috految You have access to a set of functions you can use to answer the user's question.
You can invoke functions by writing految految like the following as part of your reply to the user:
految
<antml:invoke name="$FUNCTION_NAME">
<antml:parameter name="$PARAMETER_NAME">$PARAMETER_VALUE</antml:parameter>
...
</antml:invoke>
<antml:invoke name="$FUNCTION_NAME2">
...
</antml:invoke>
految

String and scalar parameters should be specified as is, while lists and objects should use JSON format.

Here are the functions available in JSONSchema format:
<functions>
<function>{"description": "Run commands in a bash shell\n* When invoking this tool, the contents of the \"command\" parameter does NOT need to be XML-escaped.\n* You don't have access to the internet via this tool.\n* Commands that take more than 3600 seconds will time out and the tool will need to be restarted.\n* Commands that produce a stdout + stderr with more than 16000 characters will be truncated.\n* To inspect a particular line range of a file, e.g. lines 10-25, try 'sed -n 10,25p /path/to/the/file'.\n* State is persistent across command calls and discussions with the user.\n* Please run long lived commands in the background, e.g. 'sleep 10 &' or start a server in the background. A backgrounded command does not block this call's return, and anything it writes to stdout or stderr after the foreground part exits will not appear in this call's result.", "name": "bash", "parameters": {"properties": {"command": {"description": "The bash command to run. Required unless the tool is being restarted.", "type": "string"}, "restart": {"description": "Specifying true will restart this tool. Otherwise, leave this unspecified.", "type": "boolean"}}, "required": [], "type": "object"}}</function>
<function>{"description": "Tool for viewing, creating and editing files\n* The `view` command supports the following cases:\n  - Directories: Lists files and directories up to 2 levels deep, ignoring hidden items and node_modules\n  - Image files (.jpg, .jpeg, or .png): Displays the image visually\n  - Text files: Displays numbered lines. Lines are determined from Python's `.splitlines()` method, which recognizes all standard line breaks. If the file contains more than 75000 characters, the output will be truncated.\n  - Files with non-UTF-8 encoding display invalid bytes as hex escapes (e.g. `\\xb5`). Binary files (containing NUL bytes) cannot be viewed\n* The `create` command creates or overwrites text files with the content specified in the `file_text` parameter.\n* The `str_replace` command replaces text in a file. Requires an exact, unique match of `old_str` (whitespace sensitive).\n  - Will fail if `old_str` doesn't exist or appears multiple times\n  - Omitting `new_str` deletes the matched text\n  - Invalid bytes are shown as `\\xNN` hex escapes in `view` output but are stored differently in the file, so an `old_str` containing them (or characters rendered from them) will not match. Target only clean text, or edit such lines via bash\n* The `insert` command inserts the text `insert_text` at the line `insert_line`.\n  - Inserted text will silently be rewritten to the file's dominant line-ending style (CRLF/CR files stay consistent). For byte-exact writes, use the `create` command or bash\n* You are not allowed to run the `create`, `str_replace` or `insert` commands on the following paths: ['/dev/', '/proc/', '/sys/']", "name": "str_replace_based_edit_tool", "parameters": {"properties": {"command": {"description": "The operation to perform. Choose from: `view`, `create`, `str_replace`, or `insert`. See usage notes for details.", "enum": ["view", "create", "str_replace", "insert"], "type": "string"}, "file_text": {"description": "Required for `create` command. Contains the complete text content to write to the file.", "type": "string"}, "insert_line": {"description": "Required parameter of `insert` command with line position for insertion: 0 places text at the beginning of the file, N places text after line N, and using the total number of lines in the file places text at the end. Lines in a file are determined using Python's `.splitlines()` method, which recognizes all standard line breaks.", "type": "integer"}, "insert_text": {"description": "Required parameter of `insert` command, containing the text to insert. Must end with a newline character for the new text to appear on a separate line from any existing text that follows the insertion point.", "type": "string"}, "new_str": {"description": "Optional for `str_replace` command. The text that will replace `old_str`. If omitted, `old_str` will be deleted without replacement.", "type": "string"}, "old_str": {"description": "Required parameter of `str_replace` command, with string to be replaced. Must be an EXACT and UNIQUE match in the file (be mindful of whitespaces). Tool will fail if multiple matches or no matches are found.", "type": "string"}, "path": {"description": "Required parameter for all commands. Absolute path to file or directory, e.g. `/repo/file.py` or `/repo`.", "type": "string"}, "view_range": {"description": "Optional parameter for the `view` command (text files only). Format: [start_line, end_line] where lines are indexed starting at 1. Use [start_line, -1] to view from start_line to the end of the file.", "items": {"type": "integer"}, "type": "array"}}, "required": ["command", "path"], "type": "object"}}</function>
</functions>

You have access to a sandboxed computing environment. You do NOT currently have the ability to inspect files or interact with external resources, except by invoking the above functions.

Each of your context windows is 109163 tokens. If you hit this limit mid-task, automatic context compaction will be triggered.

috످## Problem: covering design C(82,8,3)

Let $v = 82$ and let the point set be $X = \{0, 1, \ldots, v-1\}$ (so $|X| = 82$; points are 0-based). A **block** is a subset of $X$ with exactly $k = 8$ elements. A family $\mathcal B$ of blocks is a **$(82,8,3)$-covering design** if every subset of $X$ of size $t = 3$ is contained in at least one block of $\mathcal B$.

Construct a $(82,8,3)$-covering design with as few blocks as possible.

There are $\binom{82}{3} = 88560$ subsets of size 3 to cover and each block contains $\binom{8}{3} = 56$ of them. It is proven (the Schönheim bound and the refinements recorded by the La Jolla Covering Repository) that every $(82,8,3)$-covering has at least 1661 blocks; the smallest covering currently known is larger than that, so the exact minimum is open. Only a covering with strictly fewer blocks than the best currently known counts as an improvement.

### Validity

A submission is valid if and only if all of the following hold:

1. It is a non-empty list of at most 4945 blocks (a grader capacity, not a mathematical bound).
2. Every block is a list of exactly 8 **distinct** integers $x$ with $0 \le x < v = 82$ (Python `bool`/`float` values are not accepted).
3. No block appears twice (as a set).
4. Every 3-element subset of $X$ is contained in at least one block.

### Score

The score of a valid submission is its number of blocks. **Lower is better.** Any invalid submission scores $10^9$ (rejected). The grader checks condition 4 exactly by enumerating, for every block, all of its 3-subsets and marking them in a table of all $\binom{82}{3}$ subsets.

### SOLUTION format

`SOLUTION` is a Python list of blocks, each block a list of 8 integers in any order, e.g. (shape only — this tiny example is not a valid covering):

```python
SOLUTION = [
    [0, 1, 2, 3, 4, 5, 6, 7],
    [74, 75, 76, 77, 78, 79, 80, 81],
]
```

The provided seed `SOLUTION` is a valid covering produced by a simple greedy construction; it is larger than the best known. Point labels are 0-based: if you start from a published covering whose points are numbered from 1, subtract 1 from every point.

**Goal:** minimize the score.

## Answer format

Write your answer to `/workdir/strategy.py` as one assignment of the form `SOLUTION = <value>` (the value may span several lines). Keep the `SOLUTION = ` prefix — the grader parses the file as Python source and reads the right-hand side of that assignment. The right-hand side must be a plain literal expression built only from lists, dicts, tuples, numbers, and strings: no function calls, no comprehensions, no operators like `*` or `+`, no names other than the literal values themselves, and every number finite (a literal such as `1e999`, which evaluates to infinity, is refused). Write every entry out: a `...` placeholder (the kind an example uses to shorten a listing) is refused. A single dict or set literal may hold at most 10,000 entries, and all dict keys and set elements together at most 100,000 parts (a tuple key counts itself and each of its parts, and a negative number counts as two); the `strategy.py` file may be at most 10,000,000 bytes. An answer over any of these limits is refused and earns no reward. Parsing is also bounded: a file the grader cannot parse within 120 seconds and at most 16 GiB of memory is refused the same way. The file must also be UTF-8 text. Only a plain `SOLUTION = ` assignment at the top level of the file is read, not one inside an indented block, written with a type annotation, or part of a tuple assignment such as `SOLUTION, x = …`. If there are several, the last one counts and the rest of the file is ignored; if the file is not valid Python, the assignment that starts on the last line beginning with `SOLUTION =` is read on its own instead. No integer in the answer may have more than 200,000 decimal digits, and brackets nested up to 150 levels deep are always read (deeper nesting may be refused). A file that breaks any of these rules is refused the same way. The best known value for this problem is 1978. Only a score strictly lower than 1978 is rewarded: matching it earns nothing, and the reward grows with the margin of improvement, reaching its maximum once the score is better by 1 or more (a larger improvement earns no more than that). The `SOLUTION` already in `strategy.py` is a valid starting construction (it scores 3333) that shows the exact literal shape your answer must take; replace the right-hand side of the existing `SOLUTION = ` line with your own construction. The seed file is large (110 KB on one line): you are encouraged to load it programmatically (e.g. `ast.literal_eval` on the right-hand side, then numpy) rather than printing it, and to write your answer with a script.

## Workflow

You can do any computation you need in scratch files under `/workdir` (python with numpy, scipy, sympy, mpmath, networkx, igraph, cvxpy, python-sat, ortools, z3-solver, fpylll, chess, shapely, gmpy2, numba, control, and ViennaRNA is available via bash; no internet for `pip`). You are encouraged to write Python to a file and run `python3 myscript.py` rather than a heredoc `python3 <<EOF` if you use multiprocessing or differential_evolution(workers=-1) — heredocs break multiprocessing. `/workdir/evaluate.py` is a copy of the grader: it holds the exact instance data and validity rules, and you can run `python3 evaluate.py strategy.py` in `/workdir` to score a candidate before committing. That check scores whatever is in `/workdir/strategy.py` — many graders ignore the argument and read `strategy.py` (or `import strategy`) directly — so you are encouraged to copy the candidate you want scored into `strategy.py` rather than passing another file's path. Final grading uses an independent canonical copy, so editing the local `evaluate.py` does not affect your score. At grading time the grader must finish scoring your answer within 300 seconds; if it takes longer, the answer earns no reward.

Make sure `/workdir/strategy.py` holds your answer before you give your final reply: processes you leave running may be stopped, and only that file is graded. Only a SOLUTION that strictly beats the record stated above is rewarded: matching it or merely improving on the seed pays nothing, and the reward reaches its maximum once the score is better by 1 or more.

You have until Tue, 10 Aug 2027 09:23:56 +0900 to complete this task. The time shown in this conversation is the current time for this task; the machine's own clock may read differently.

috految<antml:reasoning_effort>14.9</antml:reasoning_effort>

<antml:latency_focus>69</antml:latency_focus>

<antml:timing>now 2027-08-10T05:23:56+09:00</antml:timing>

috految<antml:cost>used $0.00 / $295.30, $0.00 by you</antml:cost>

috److془We need to carefully think about constructing C(82,8,3) ≤ 1977.

Known: S(3,8,50) 350 blocks. C(64,8,3) ≤ 512+ 28*12=848 → 832 ish. C(80,8,3)?: 1837 I recall. C(88,8,3) ≤ 1331+28*~35 . C(82,8,3)=1978.

Options: doubling: 40+40: RBIBD(40,4): 13*100=1300 + 2*C(40,8,3) (~ 230-250?) Hmm so C(80,8,3) ≤ 1300+2 C(40,8,3). C(40,8,3) ~ 255?; C(32,8,3)=104; C(42,8,3)~ 290. Hmm: 7*5^2=175+2*30 = 235 for 40. C(20,8,3)=30 (SQS(10) doubling). C(80,8,3) ≤ 1770ish. C(82) ≤ +C(80,6,2) ~ 220 → 1990. Hmm so 1978 is about this. Or with 1300 + 2* C(42,8,3) + 178 . Hmm: or 4-RGDD type 3^u: with ∞1,∞2 + 3+3. 

Alternative: 40+40+2: 12 classes*100 + remainder. Last class 4+4+2 ... 4-RGDD 3^12: 11*81+144+2*C(38,8,3) for 74. With 40: 1200 + 3 +3 classes. Or: 39= 11*3+6..., ∞1 + 3+4, ∞2+4+3: degree 5, 2*134 blocks. Hmm 39 = 12*3+3. Alternatively 5+3 blocks: 45 vs 48. Total degree 78 = 6*12+4+2. Hmm. Two points 82: 80/6=13.33: 14 needed for each cross pair. Cross pairs: 14*41*41/16 = 1470. Or 42+40: 1470 + C(42)+C(40) . 32+50: 14*1600/15 = 1493 +350+104 = 1947! 5+3 classes: degree (4,2), need (49,31): 4a+3b≥49; 2a+3b≥31: a=7..11. 4+4 classes: 13*8=104, 5+3: 10*11=110. a=7,b=7: 1498+454=1952. a=8,b=6: 1958; a=10, b=4: 1970; Hmm! a=11,b=3: 1976. Need resolvable coverings. Also 48+32+2 etc. Check C(32,8,3): 5*16=80+2*14=108, 104 known. Good (AG(5,2) 108 at least). Hmm with 4+4 on 16: 5 classes *16=80. ✓. C(16,8,3)=14. 104 : 12 each, ; whatever. Sanity: triples: 1225*32+496*50=64000; 1500*46=69000 ✓.

Need: 50 points with a classes of 10 5-blocks, b classes of 13 4-blocks. a=10,b=4: 1312 vs 1225 pairs. 32 points: 330+192=522 vs 496. Total 1516+350+108=1974. Or a=9: 1290, 537. Or a=8: 1268. a=7: 1246. Each can use groups. Also 6+2 classes: 9*16 expensive. 
a=10,b=4: RTD(5,10) unknown, but use group. Group Z5^2 with 2 orbits, 10 classes of 5-blocks: 4 base blocks, leftover degree 9 degree to be covered by 4 classes of 4 blocks. Hmm. Alternatively 48+2 with group order 48/24: a=8,b=6. 49+1 with group 7:3; a=7,b=7. Or 5-class in 48+2: ∞ paired with 4-blocks; 4 classes: 13th block contains ∞1,∞2,x,y. Hmm ∞ degree 4*8+12=44. Hmm. Other: 50=42+8; 45+5 etc. Group Z5: order 25/ 50 with 25 4 blocks covering each point twice: ..
Use 48+2 with 2 fixed: ∞ blocks with 4+4 classes: 96 each. Then S(3,8,50) for A∪∞, Hmm. With 48+2: 8 classes 880, 6 classes 576, 1456; leftover 16 points with ∞∞ : 8 blocks*8=64 → 1520+454=1974. Nice. Alternatively, 4 classes in 32 side need be covered only with at most.. fine. Also 5-blocks can be 11 each, 4-blocks 8 each, no matter what. Also the 32 side needs only 13 or 12 classes: a=8,b=5: 31 exactly. a=7,b=6 32. a=6,b=7; a=4,b=8. Or a=0: 11 classes. Extra blocks are free. a=10: 4 classes. 
Also 11 blocks of triples give slack. With 48+2, 5-blocks: 1.1 per pair, 4-blocks 1.333 per pair, 6-blocks 16/15=1.067 per pair. 7-blocks 1.52. Budget 1523 (1519). 4-RGDD... 11 classes of 4: 1144 for 858 pairs, 367 *1.067=391 too much. 
Use RTD(5,9): 45 +5: 9 classes; leftover 5 groups of 9, + 5 infinity. 4-classes 5+ : 14 points with hole 5. Pts degree 13: 5 classes. 81*11 +5*(~14*8)=1451 + 99 for ∞ block. Hmm; but ∞ points have degree 15 available. Needs 5 classes each with 9 points in 3 blocks+∞: 75 blocks: 891+600=1491! Each ∞ gets 5 classes, need 5 more classes types.. Different groups can use different B classes, but they should cover the leftover of 9 triples classes. Hmm; alternatively AG(2,3) with 4 classes, one class with ∞ pair: 9+3 blocks: 72+33=105 per group →891+525=1416. 10 + 3 classes: 20+9=29, short. Hmm. Alternatively, the 5th class: 3 blocks with one ∞. Ok: or 14th class: 12 blocks: 96 → 1512; ∞ issue. With the 1491: 32 spare. Cost of ∞ : C(37) .. or 99. Hmm. Use the 9 classes: 81 blocks with 33rd point: ∞ in B! B=33, A=49: ∞ set 4. Hmm. Alternatively: RTD(5,10) nearly: TD(6,10)-TD(6,2) Brouwer! 8 full classes, 2 holey classes missing 10 points hole. Groups of 10 covered by 4 classes with 13 blocks: ~10 blocks for each group; C(10,4,2)=9. Hole: 2 parallel classes of 5-blocks plus leftover. Partition 4,4,2 x4 covering K10: AG(2,3) with doubled point gives 4,3,3. Hmm; 4,4,2 probably: 4 classes 52 vs 45 pairs; two classes intersect cells 9 , with 2 overlaps at least 2,2,1,1.. Hmm. But pairs: 5 double points, 5 classes. Alternatively 4,3,3 : 15 blocks. With 3 blocks cost 7. Hmm. Note the 5-class of 2 blocks. Hmm. Anyway, group search. Also slack in 11 triples: blocks 5+2 can take one additional point.

Generic: 48+2 with a=8. Or 49+1 with a=7,b=7: Z7 or 7:3; 49 points degrees: partition 10 5-blocks, 13 4-blocks, 178 vs 175. Budget allows 21-25 extra. Under 7:3: multiplicator fixed points: ∞ + 1 (orbits 21,21,7,1) : 5-class: fixed block {∞,f,3-orbit}+3 orbits. 4-class: fixed block {∞,3-orbit}+4 orbits: covering 15 orbits +f thrice. Beautiful. ∞ degree: 7+21+21 ✓. Pair orbits: 56 finite; 2+30+1+24=57. f-orbit degree 55 , excess in ff pair orbit (once, degree 6) ✓. Count: 5 class: 16*15!/(120^3*6)*3^12=1e12; 4 class: 16*16!/(24^4*24)*3^11=7e12. Probability: 57!/56^57/2 ~ 4e76/4e99 =5e-24; times degree conditioning~ 100 * (ditto .4); ~ 1000s, symmetry 21*2*21*2 /.. ~ 1764. Hmm ~1; plus boost from within class distinctness (e^{~2.5}), and the nonuniform. Hmm also dependent variety. Also conditional on degree variance. Relaxed: 7 4-classes needn't be all resolved, missing finite orbit ff can be patched by 7-block (32) hmm. Also missing pairs: using slack: triple blocks 5+2+x limited. Note it's 12 blocks 7 classes: 4-class with 13 blocks.. Fine. Oh and: missing pair orbit with 21 pairs too costly.
Other: 7-orbit ∞f: 5 blocks different. Orbits 21+4*7+1 too. Z21 also: or mixed. 42+8 with Z21 etc. Fine. Also 4-class with f,f',.. Parity obstruction possible. Check: 21-orbits X,Y: fixed 5 {∞,f,xxx}, fixed 4 {∞,yyy}. 5-blocks: x6,y7,f2; 4-blocks x7,y6,f3. xx=9, yy=9, ff=2, fx=6, fy=7. Sum f(k-f)=8+9-4=13 ✓. Flexible. Then ff pair twice: one in 5-blocks, one in 4-blocks. Fine. Other: 5-fixed {x,y orbits} no. Alternative: 4-block {f,3}, ∞ thrice: pairs: 32+2+21=55 no. Hmm the 4-class could have 4 fixed blocks {∞,3},{f,3}x3, +3 orbits. Good. 3-orbit pairs fine. ff excess. Actually, more: 5 class can have 4 fixed no. 

Alternative: 48+2, order 24 or 48 plenty groups. Or 45+5 etc. Try first. Also, note: 3.5 6 classes are only needed, (benefit). B side: 32 points, 7 classes of 11 triples, 7 of 8 4-blocks: 567 vs 496. With Z7 28+4: 4 fixed pts together: fixed pairs patched 6 pairs: 13 blocks, ok: 1498+458+13=1969. Need 70 orbits with 81; easy. 

Exhaustive: 5-class solutions: 1e12*P(32 distinct in 56 ~ 2e-5)=~1e8/ 1764 symmetric; easy. Random DFS. Exact-cover with 4-block enumeration: filter lists. Items: pair orbits (ff ignored, require appear), (type, 3-orbit of points). Type 4 f point: ignored, check. Hmm actually the 3-orbit of f-orbit could be repeated in lieu of f fixed too: missing f from class—patch: 7*8 or B classes used for f: f lacks just one class, cheap with slack! Or, f's ignoring altogether. Go. Actually ff=2 forced by count. Note each 3-orbit exactly one for x,y.
Wait Z7 pair orbits in 7:3 are of size 21 all ✓. Also Z21 with Z3 fixing 8 etc. later. Numbers of blocks ≤ 10,13.془

految
<antml:invoke name="bash">
<antml:parameter name="command">cd /workdir; nproc; cat >a.cpp <<'E'
#include <vector>
#include <cstdio>
#include <cstdlib>
#include <cmath>
#include <algorithm>
using namespace std;typedef unsigned long U;
#define F(i,n) for(int i=0;i<(n);i++)
#define P __builtin_popcountl
int m[50],o[50],id[50][50],N,K;struct B{U p,v,b;};vector<B>L[14],ok[2];U sol[20],ff,fv,all;long nn;int best=99;
int T(int x,int t){return x==49?x:x/7*7+(x+t)%7;}
U M(U b){U r=0;for(;b;b&=b-1)r|=1ul<<m[__builtin_ctzl(b)];return r;}
void gen(int k,int s,U b,int n){if(n<k){for(int x=s;x<50;x++)gen(k,x+1,b|1ul<<x,n+1);return;}
U c=M(b),d=M(c);if(c<b||d<b)return;int w=c==b?1:3;if(b>>49&&w==3)return;U p=0,v=0;int a[5],z=0,q=0;F(x,50)if(b>>x&1)a[z++]=x;
F(i,k){int x=a[i];if(w==3&&(x<42||k==5)&&(v>>o[x]&1||m[x]==x))return;v|=1ul<<o[x];F(j,i){int e=id[x][a[j]];if(!(ff>>e&1))q++,p|=1ul<<e;}}
if(w==3&&P(p)!=q)return;if(k==4)v&=~fv;if(p)ok[k==4].push_back({p,v<<(k==4?20:0),b});}
void go(int d,U p,U v){if(p==all){U c=0;int n=0;F(i,d)if(P(sol[i])==4){U b=sol[i];c|=b|M(b)|M(M(b));n+=M(b)==b?1:3;}int s=(n-13)*10+50-P(c);if(s<=best){best=s;printf("%d",s);F(i,d)printf(" %lu",sol[i]);puts("");fflush(stdout);if(!s)exit(0);}return;}
auto&l=L[d];U u=p,w=v;for(auto&b:l)u|=b.p,w|=b.v;if(u!=all||(~w&((1ul<<K)-1)))return;
U r=~v&((1ul<<K)-1),e=0;if(r)r=1ul<<(63-__builtin_clzl(r));else{nn++;int c[64]={},z=1e9;for(auto&b:l)for(U x=b.p;x;x&=x-1)c[__builtin_ctzl(x)]++;F(i,N)if(c[i]&&c[i]<z)z=c[i],e=1ul<<i;}
vector<B>c;for(auto&b:l)if(b.v&r||b.p&e)c.push_back(b);
if(d<2){random_shuffle(c.begin(),c.end());if(c.size()>1)c.resize(1);}
for(auto&b:c){auto&n=L[d+1];n.clear();for(auto&x:l)if(!((x.p&b.p)|(x.v&b.v)))n.push_back(x);sol[d]=b.b;go(d+1,p|b.p,v|b.v);}}
int main(int,char**A){srand(atoi(A[1]));
if(A[1][0]=='0'){int a[65],I[32][32],n=0;F(x,32)F(y,32)I[x][y]=-1;F(x,32)F(y,x)if(y<28&&I[x][y]<0){F(t,7){int u=x<28?T(x,t):x,v=T(y,t);I[u][v]=I[v][u]=n;}n++;}
F(i,65)a[i]=i%32;int c=99;while(c){int h=rand()%2,i=h?32+rand()%33:rand()%32,j=h?32+rand()%33:rand()%32;swap(a[i],a[j]);char s[99]={};F(b,19){int k=b<8?4:3,*p=a+(b<8?4*b:8+3*b);F(x,k)F(y,x)s[I[p[x]][p[y]]+1]=1;}int e=n;F(x,n)e-=s[x+1];if(drand48()<exp((c-e)/.17))c=e;else swap(a[i],a[j]);}F(i,65)printf("%d ",a[i]);return 0;}
F(x,49){int r=x/7;m[x]=(r==6?6:r/3*3+(r+1)%3)*7+x*2%7;}m[49]=49;
F(x,50)if(x<=m[x]&&x<=m[m[x]])o[x]=o[m[x]]=o[m[m[x]]]=K++;
F(x,50)F(y,50)id[x][y]=-1;F(x,50)F(y,x)if(id[x][y]<0){int a=x,b=y;F(j,3){F(t,7)id[T(a,t)][T(b,t)]=id[T(b,t)][T(a,t)]=N;a=m[a];b=m[b];}N++;}
ff=1ul<<id[42][43];F(i,7)fv|=1ul<<o[42+i];all=((1ul<<N)-1)^ff;gen(5,0,0,0);gen(4,0,0,0);F(i,2)for(auto b:ok[i])L[0].push_back(b);
for(int i=1;;i++){go(0,0,0);if(!(i&(i-1)))fprintf(stderr,"%d %ld; ",i,nn);}}
E
cat >b.py <<'E'
from itertools import *
import glob
s=min([list(map(int,l.split())) for f in glob.glob('o_*') for l in open(f)]);a=list(map(int,open('B').read().split()))
M=lambda x:49 if x==49 else (6 if x>=42 else x//21*3+(x//7+1)%3)*7+x*2%7
T=lambda x,t,n:x if x>=n else x//7*7+(x+t)%7
C={4:[a[i:i+4] for i in range(0,32,4)],5:[a[i:i+3] for i in range(32,65,3)]}
R=set()
def add(b):
 b=set(b);i=0
 while len(b)<8:b.add(i);i+=1
 R.add(tuple(sorted(b)))
for b in s[1:]:
 b=[x for x in range(50) if b>>x&1]
 for _ in range(3):
  b=list(map(M,b))
  for t in range(7):
   for c in C[len(b)]:add([T(x,t,49) for x in b]+[50+T(x,t,28) for x in c])
for i in range(0,50,4):add([78,79,80,81,*range(i,i+4)])
Q=[(1,x,y,x*x+y*y) for x in range(7) for y in range(7)]+[(0,0,0,1)]
for h in product(range(7),repeat=4):
 b=[i for i,q in enumerate(Q) if sum(x*y for x,y in zip(h,q))%7==0]
 if len(b)==8:add(b)
for S in [(0,1,2,3),(0,4,8,12),(0,5,10,15),(0,6,11,13),(0,7,9,14)]:
 for u,v in product(range(16),repeat=2):add([50+(x^u) for x in S]+[66+(x^v) for x in S])
for o in 50,66:
 for h,e in product(range(1,8),(0,1)):add([o+x for x in range(16) if bin(x&h).count('1')%2==e])
print(len(R),88560-len({t for b in R for t in combinations(b,3)}))
open('strategy.py','w').write('SOLUTION = '+str([list(b) for b in R]))
E
g++ -O3 -march=native -w a.cpp -o a; timeout 60 ./a 0 >B & for i in $(seq $(nproc)); do timeout 60 ./a $i >o_$i 2>e$i & done
for i in $(seq 40); do sleep .15; grep -q '^0 ' o_* && [ -s B ] && break; done; cat B e1; sort -n o_*|head; python3 b.py && python3 evaluate.py strategy.py</antml:parameter>
</antml:invoke>
految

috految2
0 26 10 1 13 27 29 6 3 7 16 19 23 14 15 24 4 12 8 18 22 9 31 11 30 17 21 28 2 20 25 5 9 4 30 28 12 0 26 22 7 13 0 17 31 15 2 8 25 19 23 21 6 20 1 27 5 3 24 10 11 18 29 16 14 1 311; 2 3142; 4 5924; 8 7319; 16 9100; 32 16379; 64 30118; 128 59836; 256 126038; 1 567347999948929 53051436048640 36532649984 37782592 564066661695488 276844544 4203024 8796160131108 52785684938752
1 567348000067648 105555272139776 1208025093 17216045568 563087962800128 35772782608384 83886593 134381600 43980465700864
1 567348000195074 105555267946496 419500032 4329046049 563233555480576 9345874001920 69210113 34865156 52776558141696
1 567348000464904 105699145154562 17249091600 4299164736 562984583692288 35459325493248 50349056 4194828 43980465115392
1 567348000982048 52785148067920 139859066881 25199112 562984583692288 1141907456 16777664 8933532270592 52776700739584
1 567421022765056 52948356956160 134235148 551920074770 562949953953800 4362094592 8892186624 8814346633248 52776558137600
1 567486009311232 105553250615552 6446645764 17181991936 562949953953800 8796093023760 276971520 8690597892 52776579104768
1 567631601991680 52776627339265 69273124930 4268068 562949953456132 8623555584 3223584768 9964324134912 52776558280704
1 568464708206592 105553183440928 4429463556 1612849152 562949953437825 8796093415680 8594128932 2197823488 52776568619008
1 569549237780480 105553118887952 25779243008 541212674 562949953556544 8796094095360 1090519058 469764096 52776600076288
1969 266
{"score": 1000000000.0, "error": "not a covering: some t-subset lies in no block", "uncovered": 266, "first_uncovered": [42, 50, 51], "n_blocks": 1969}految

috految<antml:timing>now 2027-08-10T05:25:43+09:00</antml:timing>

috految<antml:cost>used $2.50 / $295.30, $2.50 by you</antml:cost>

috److془Need fix: f_t lacks class t. Use 4 classes: the f-blocks: the 4-class with 3-orbit repeated. Or slack: 7 classes of 11 triples. Or pick: Z7 pairs; B 4-class pairs to be covered with f: 38 pairs. Slack in 5 blocks with 2: each class 10 blocks with free slot, one pair. Hmm. Alternatively: A 4-classes; B class 7 free (6 enough), 6 classes × 8 blocks, but the free class' blocks containing f_t use class t! 6 f's in the lacking class, each in block. Needs B with 7+6 classes: 519 vs 496. Simpler: split: 7 points ... or the ineffective: add 4-blocks. Hmm: with 6 classes, 3 blocks ff, 3 blocks f; matching works. Alternatively, B 4-classes = 6 classes; plus patch 13 blocks of 4-set. Also 7 classes 3 + 6 classes 4 with Z6/Z3.. Or Z7 with fixed 4-classes: transversals+ fixed 4-set; fixed pts then short. Use Z6: 30+2, fixed triple class: cosets of Z3 + {∞,∞}. ∞ needs 30 = 6*(3+2) ✓; involution pairs 5 wasted: orbits 70+5-5+10=80 vs 81; Degree: 2+12+18=32 tight. Hmm, alternative: original: 6 classes F2^5 translation etc. Or 5-class is ok: 4-classes of 6 lines of PG(4,2) , leftover 13-regular degree, 7 classes of triples: 208 pairs with 231, hm. Z6 SA easy likely(1e36 space 80!/80^80~1e-33.. actually 3e19*1e21=1e41 ; tough-ish). Z6 with 6 fixed? Take the lines: leftover has triangles many. Or directly: 2 copies of 16 points? Those can't. Leftover: 2 transversal; lines: 6 in RTD(4,8): K8's + 2 classes. Hmm. Alternatively slack: 3 fewer: 1956 base, 21 spare. Simply: the lacking pairs: 7 f's × 38 pairs, with SA minimizing ~ 20 each.. Alternatively: 4-classes 6 (RTD) -- just do it; in fact the 7th class needs only support; Or: per-f degrees: 7th class can be used for 6 -7 of points. Alternatively, with 4-set patch 13 + 8 spare. Better: blocks in Z6 SA: exact-ish, Use order 12? Or Z7 invariants unsymmetric... Alternatively in Z7: 4-class on B with the lacking: f_t 4-block plus... Just Z6 with: the 4-class 48 distinct of 80, then triples exact cover: 1e21*33!/80^33(1e-26)*40*degree boost(300)~0.1. Easy! Actually 10 triples + doubled. Involution degree: exactly 32 ✓. Pair pure difference 1,3 ; 5 orbits. Extra point yields excess: pure diff. Fine. Parity possible: odd-differences count: free via 4 blocks. Good. ∞ fixed, 5 distinct orbits. Triples class with point 0 doubled. Or ∞ doubled.. fine. Even ups: fixed class 11 triples. Patch unneeded.془

految
<antml:invoke name="bash">
<antml:parameter name="command">cd /workdir; pkill -x a; if grep '^0 ' o_*; then python3 b.py; else
cat >c.cpp <<'E'
#include <cstdio>
#include <cstdlib>
#include <cmath>
#define F(i,n) for(int i=0;i<(n);i++)
typedef unsigned __int128 U;int I[32][32],a[65],n,nd;U one=1;struct B{U m;int x,y,z;}L[13][6000];
void go(int d,int k,U u){if(d==11){F(i,65)printf("%d ",a[i]);exit(0);}if(++nd>20000)return;int c[128]={};F(i,k)F(h,2)for(unsigned long x=L[d][i].m>>64*h;x;x&=x-1)c[64*h+__builtin_ctzl(x)]++;int e=-1;F(i,n+33)if(!(u>>i&1)&&(e<0||c[i]<c[e]))e=i;
F(i,k){B b=L[d][i];if(b.m>>e&1){int q=0;F(j,k)if(!(L[d][j].m&b.m))L[d+1][q++]=L[d][j];a[32+3*d]=b.x;a[33+3*d]=b.y;a[34+3*d]=b.z;go(d+1,q,u|b.m);}}}
int main(){F(x,32)F(y,32)I[x][y]=-1;F(x,32)F(y,x)if(y<30&&I[x][y]<0&&!(x/6==y/6&&(x-y)%2==0)){F(t,6){int u=x<30?x/6*6+(x+t)%6:x,v=y/6*6+(y+t)%6;I[u][v]=I[v][u]=n;}n++;}
F(i,32)a[i]=i;int c=99;for(;;){int i=rand()%32,j=rand()%32;if(i/4==j/4)continue;int t=a[i];a[i]=a[j];a[j]=t;U u=0;int e=0;F(b,8)F(x,4)F(y,x){int p=I[a[4*b+x]][a[4*b+y]];if(p<0||u>>p&1)e++;else u|=one<<p;}
if(drand48()<exp((c-e)/.2))c=e;else{a[j]=a[i];a[i]=t;continue;}if(c)continue;
int r=rand()%30,k=0;F(X,33)F(y,X)F(z,y){int x=X==32?r:X;if(x==y||x==z)continue;U m=one<<n+X|one<<n+y|one<<n+z;int s[]={x,y,z},ok=1,w=0;F(p,3)F(q,p){int e=I[s[p]][s[q]];if(e<0||(u|m)>>e&1){if(s[p]/6==r/6&&s[q]/6==r/6&&!w++)m|=one<<127;else ok=0;}else m|=one<<e;}if(ok)L[0][k++]={m,x,y,z};}nd=0;go(0,k,u);}}
E
g++ -O3 -march=native c.cpp -o c; timeout 10 ./c >B2; cat B2
python3 - <<'E'
s=open('b.py').read().replace("'B'","'B2'").replace("for i in range(0,50,4):add([78,79,80,81,*range(i,i+4)])","""free=list(free)
for p in permutations(range(6)):
 z=[b for b in free if any(42<=x<49 for x in b)]
 if all(42+t in b for t,b in zip(p,z)):break
for b in free:
 t=p[z.index(b)] if b in z else 0
 for c in C[4]:add(list(b)+[50+S6(x,t) for x in c])""").replace("R=set()","R=set();free=set();S6=lambda x,t:x if x>=30 else x//6*6+(x+t)%6").replace("   for c in C[len(b)]:add([T(x,t,49) for x in b]+[50+T(x,t,28) for x in c])","""   A=[T(x,t,49) for x in b]
   if t==6 and len(b)==4:free.add(frozenset(A));continue
   for c in C[len(b)] if t<6 else [[30,31]]+[[r+e,r+e+2,r+e+4] for r in range(0,30,6) for e in (0,1)]:add(A+[50+S6(x,t) for x in c])""")
open('d.py','w').write(s)
E
python3 d.py; fi; python3 evaluate.py strategy.py</antml:parameter>
</antml:invoke>
految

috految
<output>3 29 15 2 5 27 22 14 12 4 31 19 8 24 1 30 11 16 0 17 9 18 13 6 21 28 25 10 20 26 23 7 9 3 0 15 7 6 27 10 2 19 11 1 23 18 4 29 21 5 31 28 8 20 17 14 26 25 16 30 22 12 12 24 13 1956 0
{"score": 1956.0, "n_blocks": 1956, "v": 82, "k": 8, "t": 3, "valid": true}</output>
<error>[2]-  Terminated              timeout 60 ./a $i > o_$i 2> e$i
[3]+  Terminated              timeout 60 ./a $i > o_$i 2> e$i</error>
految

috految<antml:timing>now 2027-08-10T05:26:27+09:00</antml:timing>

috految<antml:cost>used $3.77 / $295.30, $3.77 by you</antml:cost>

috److I found a valid (82,8,3)-covering with **1956 blocks**, 22 fewer than the best known value of 1978. The local grader confirms it is valid with a score of 1956.

The construction splits the 82 points into a set of 50 and a set of 32:

| Triples covered | Construction | Blocks |
|---|---|---|
| Inside the 50-point set | Steiner system S(3,8,50) | 350 |
| Inside the 32-point set | Two 16-point halves combined using affine geometry | 108 |
| Spanning both sets | Blocks of type 5+3 and 4+4, from pair coverings of each side found by symmetry-restricted search | 1498 |

The answer is saved in `/workdir/strategy.py`.

috످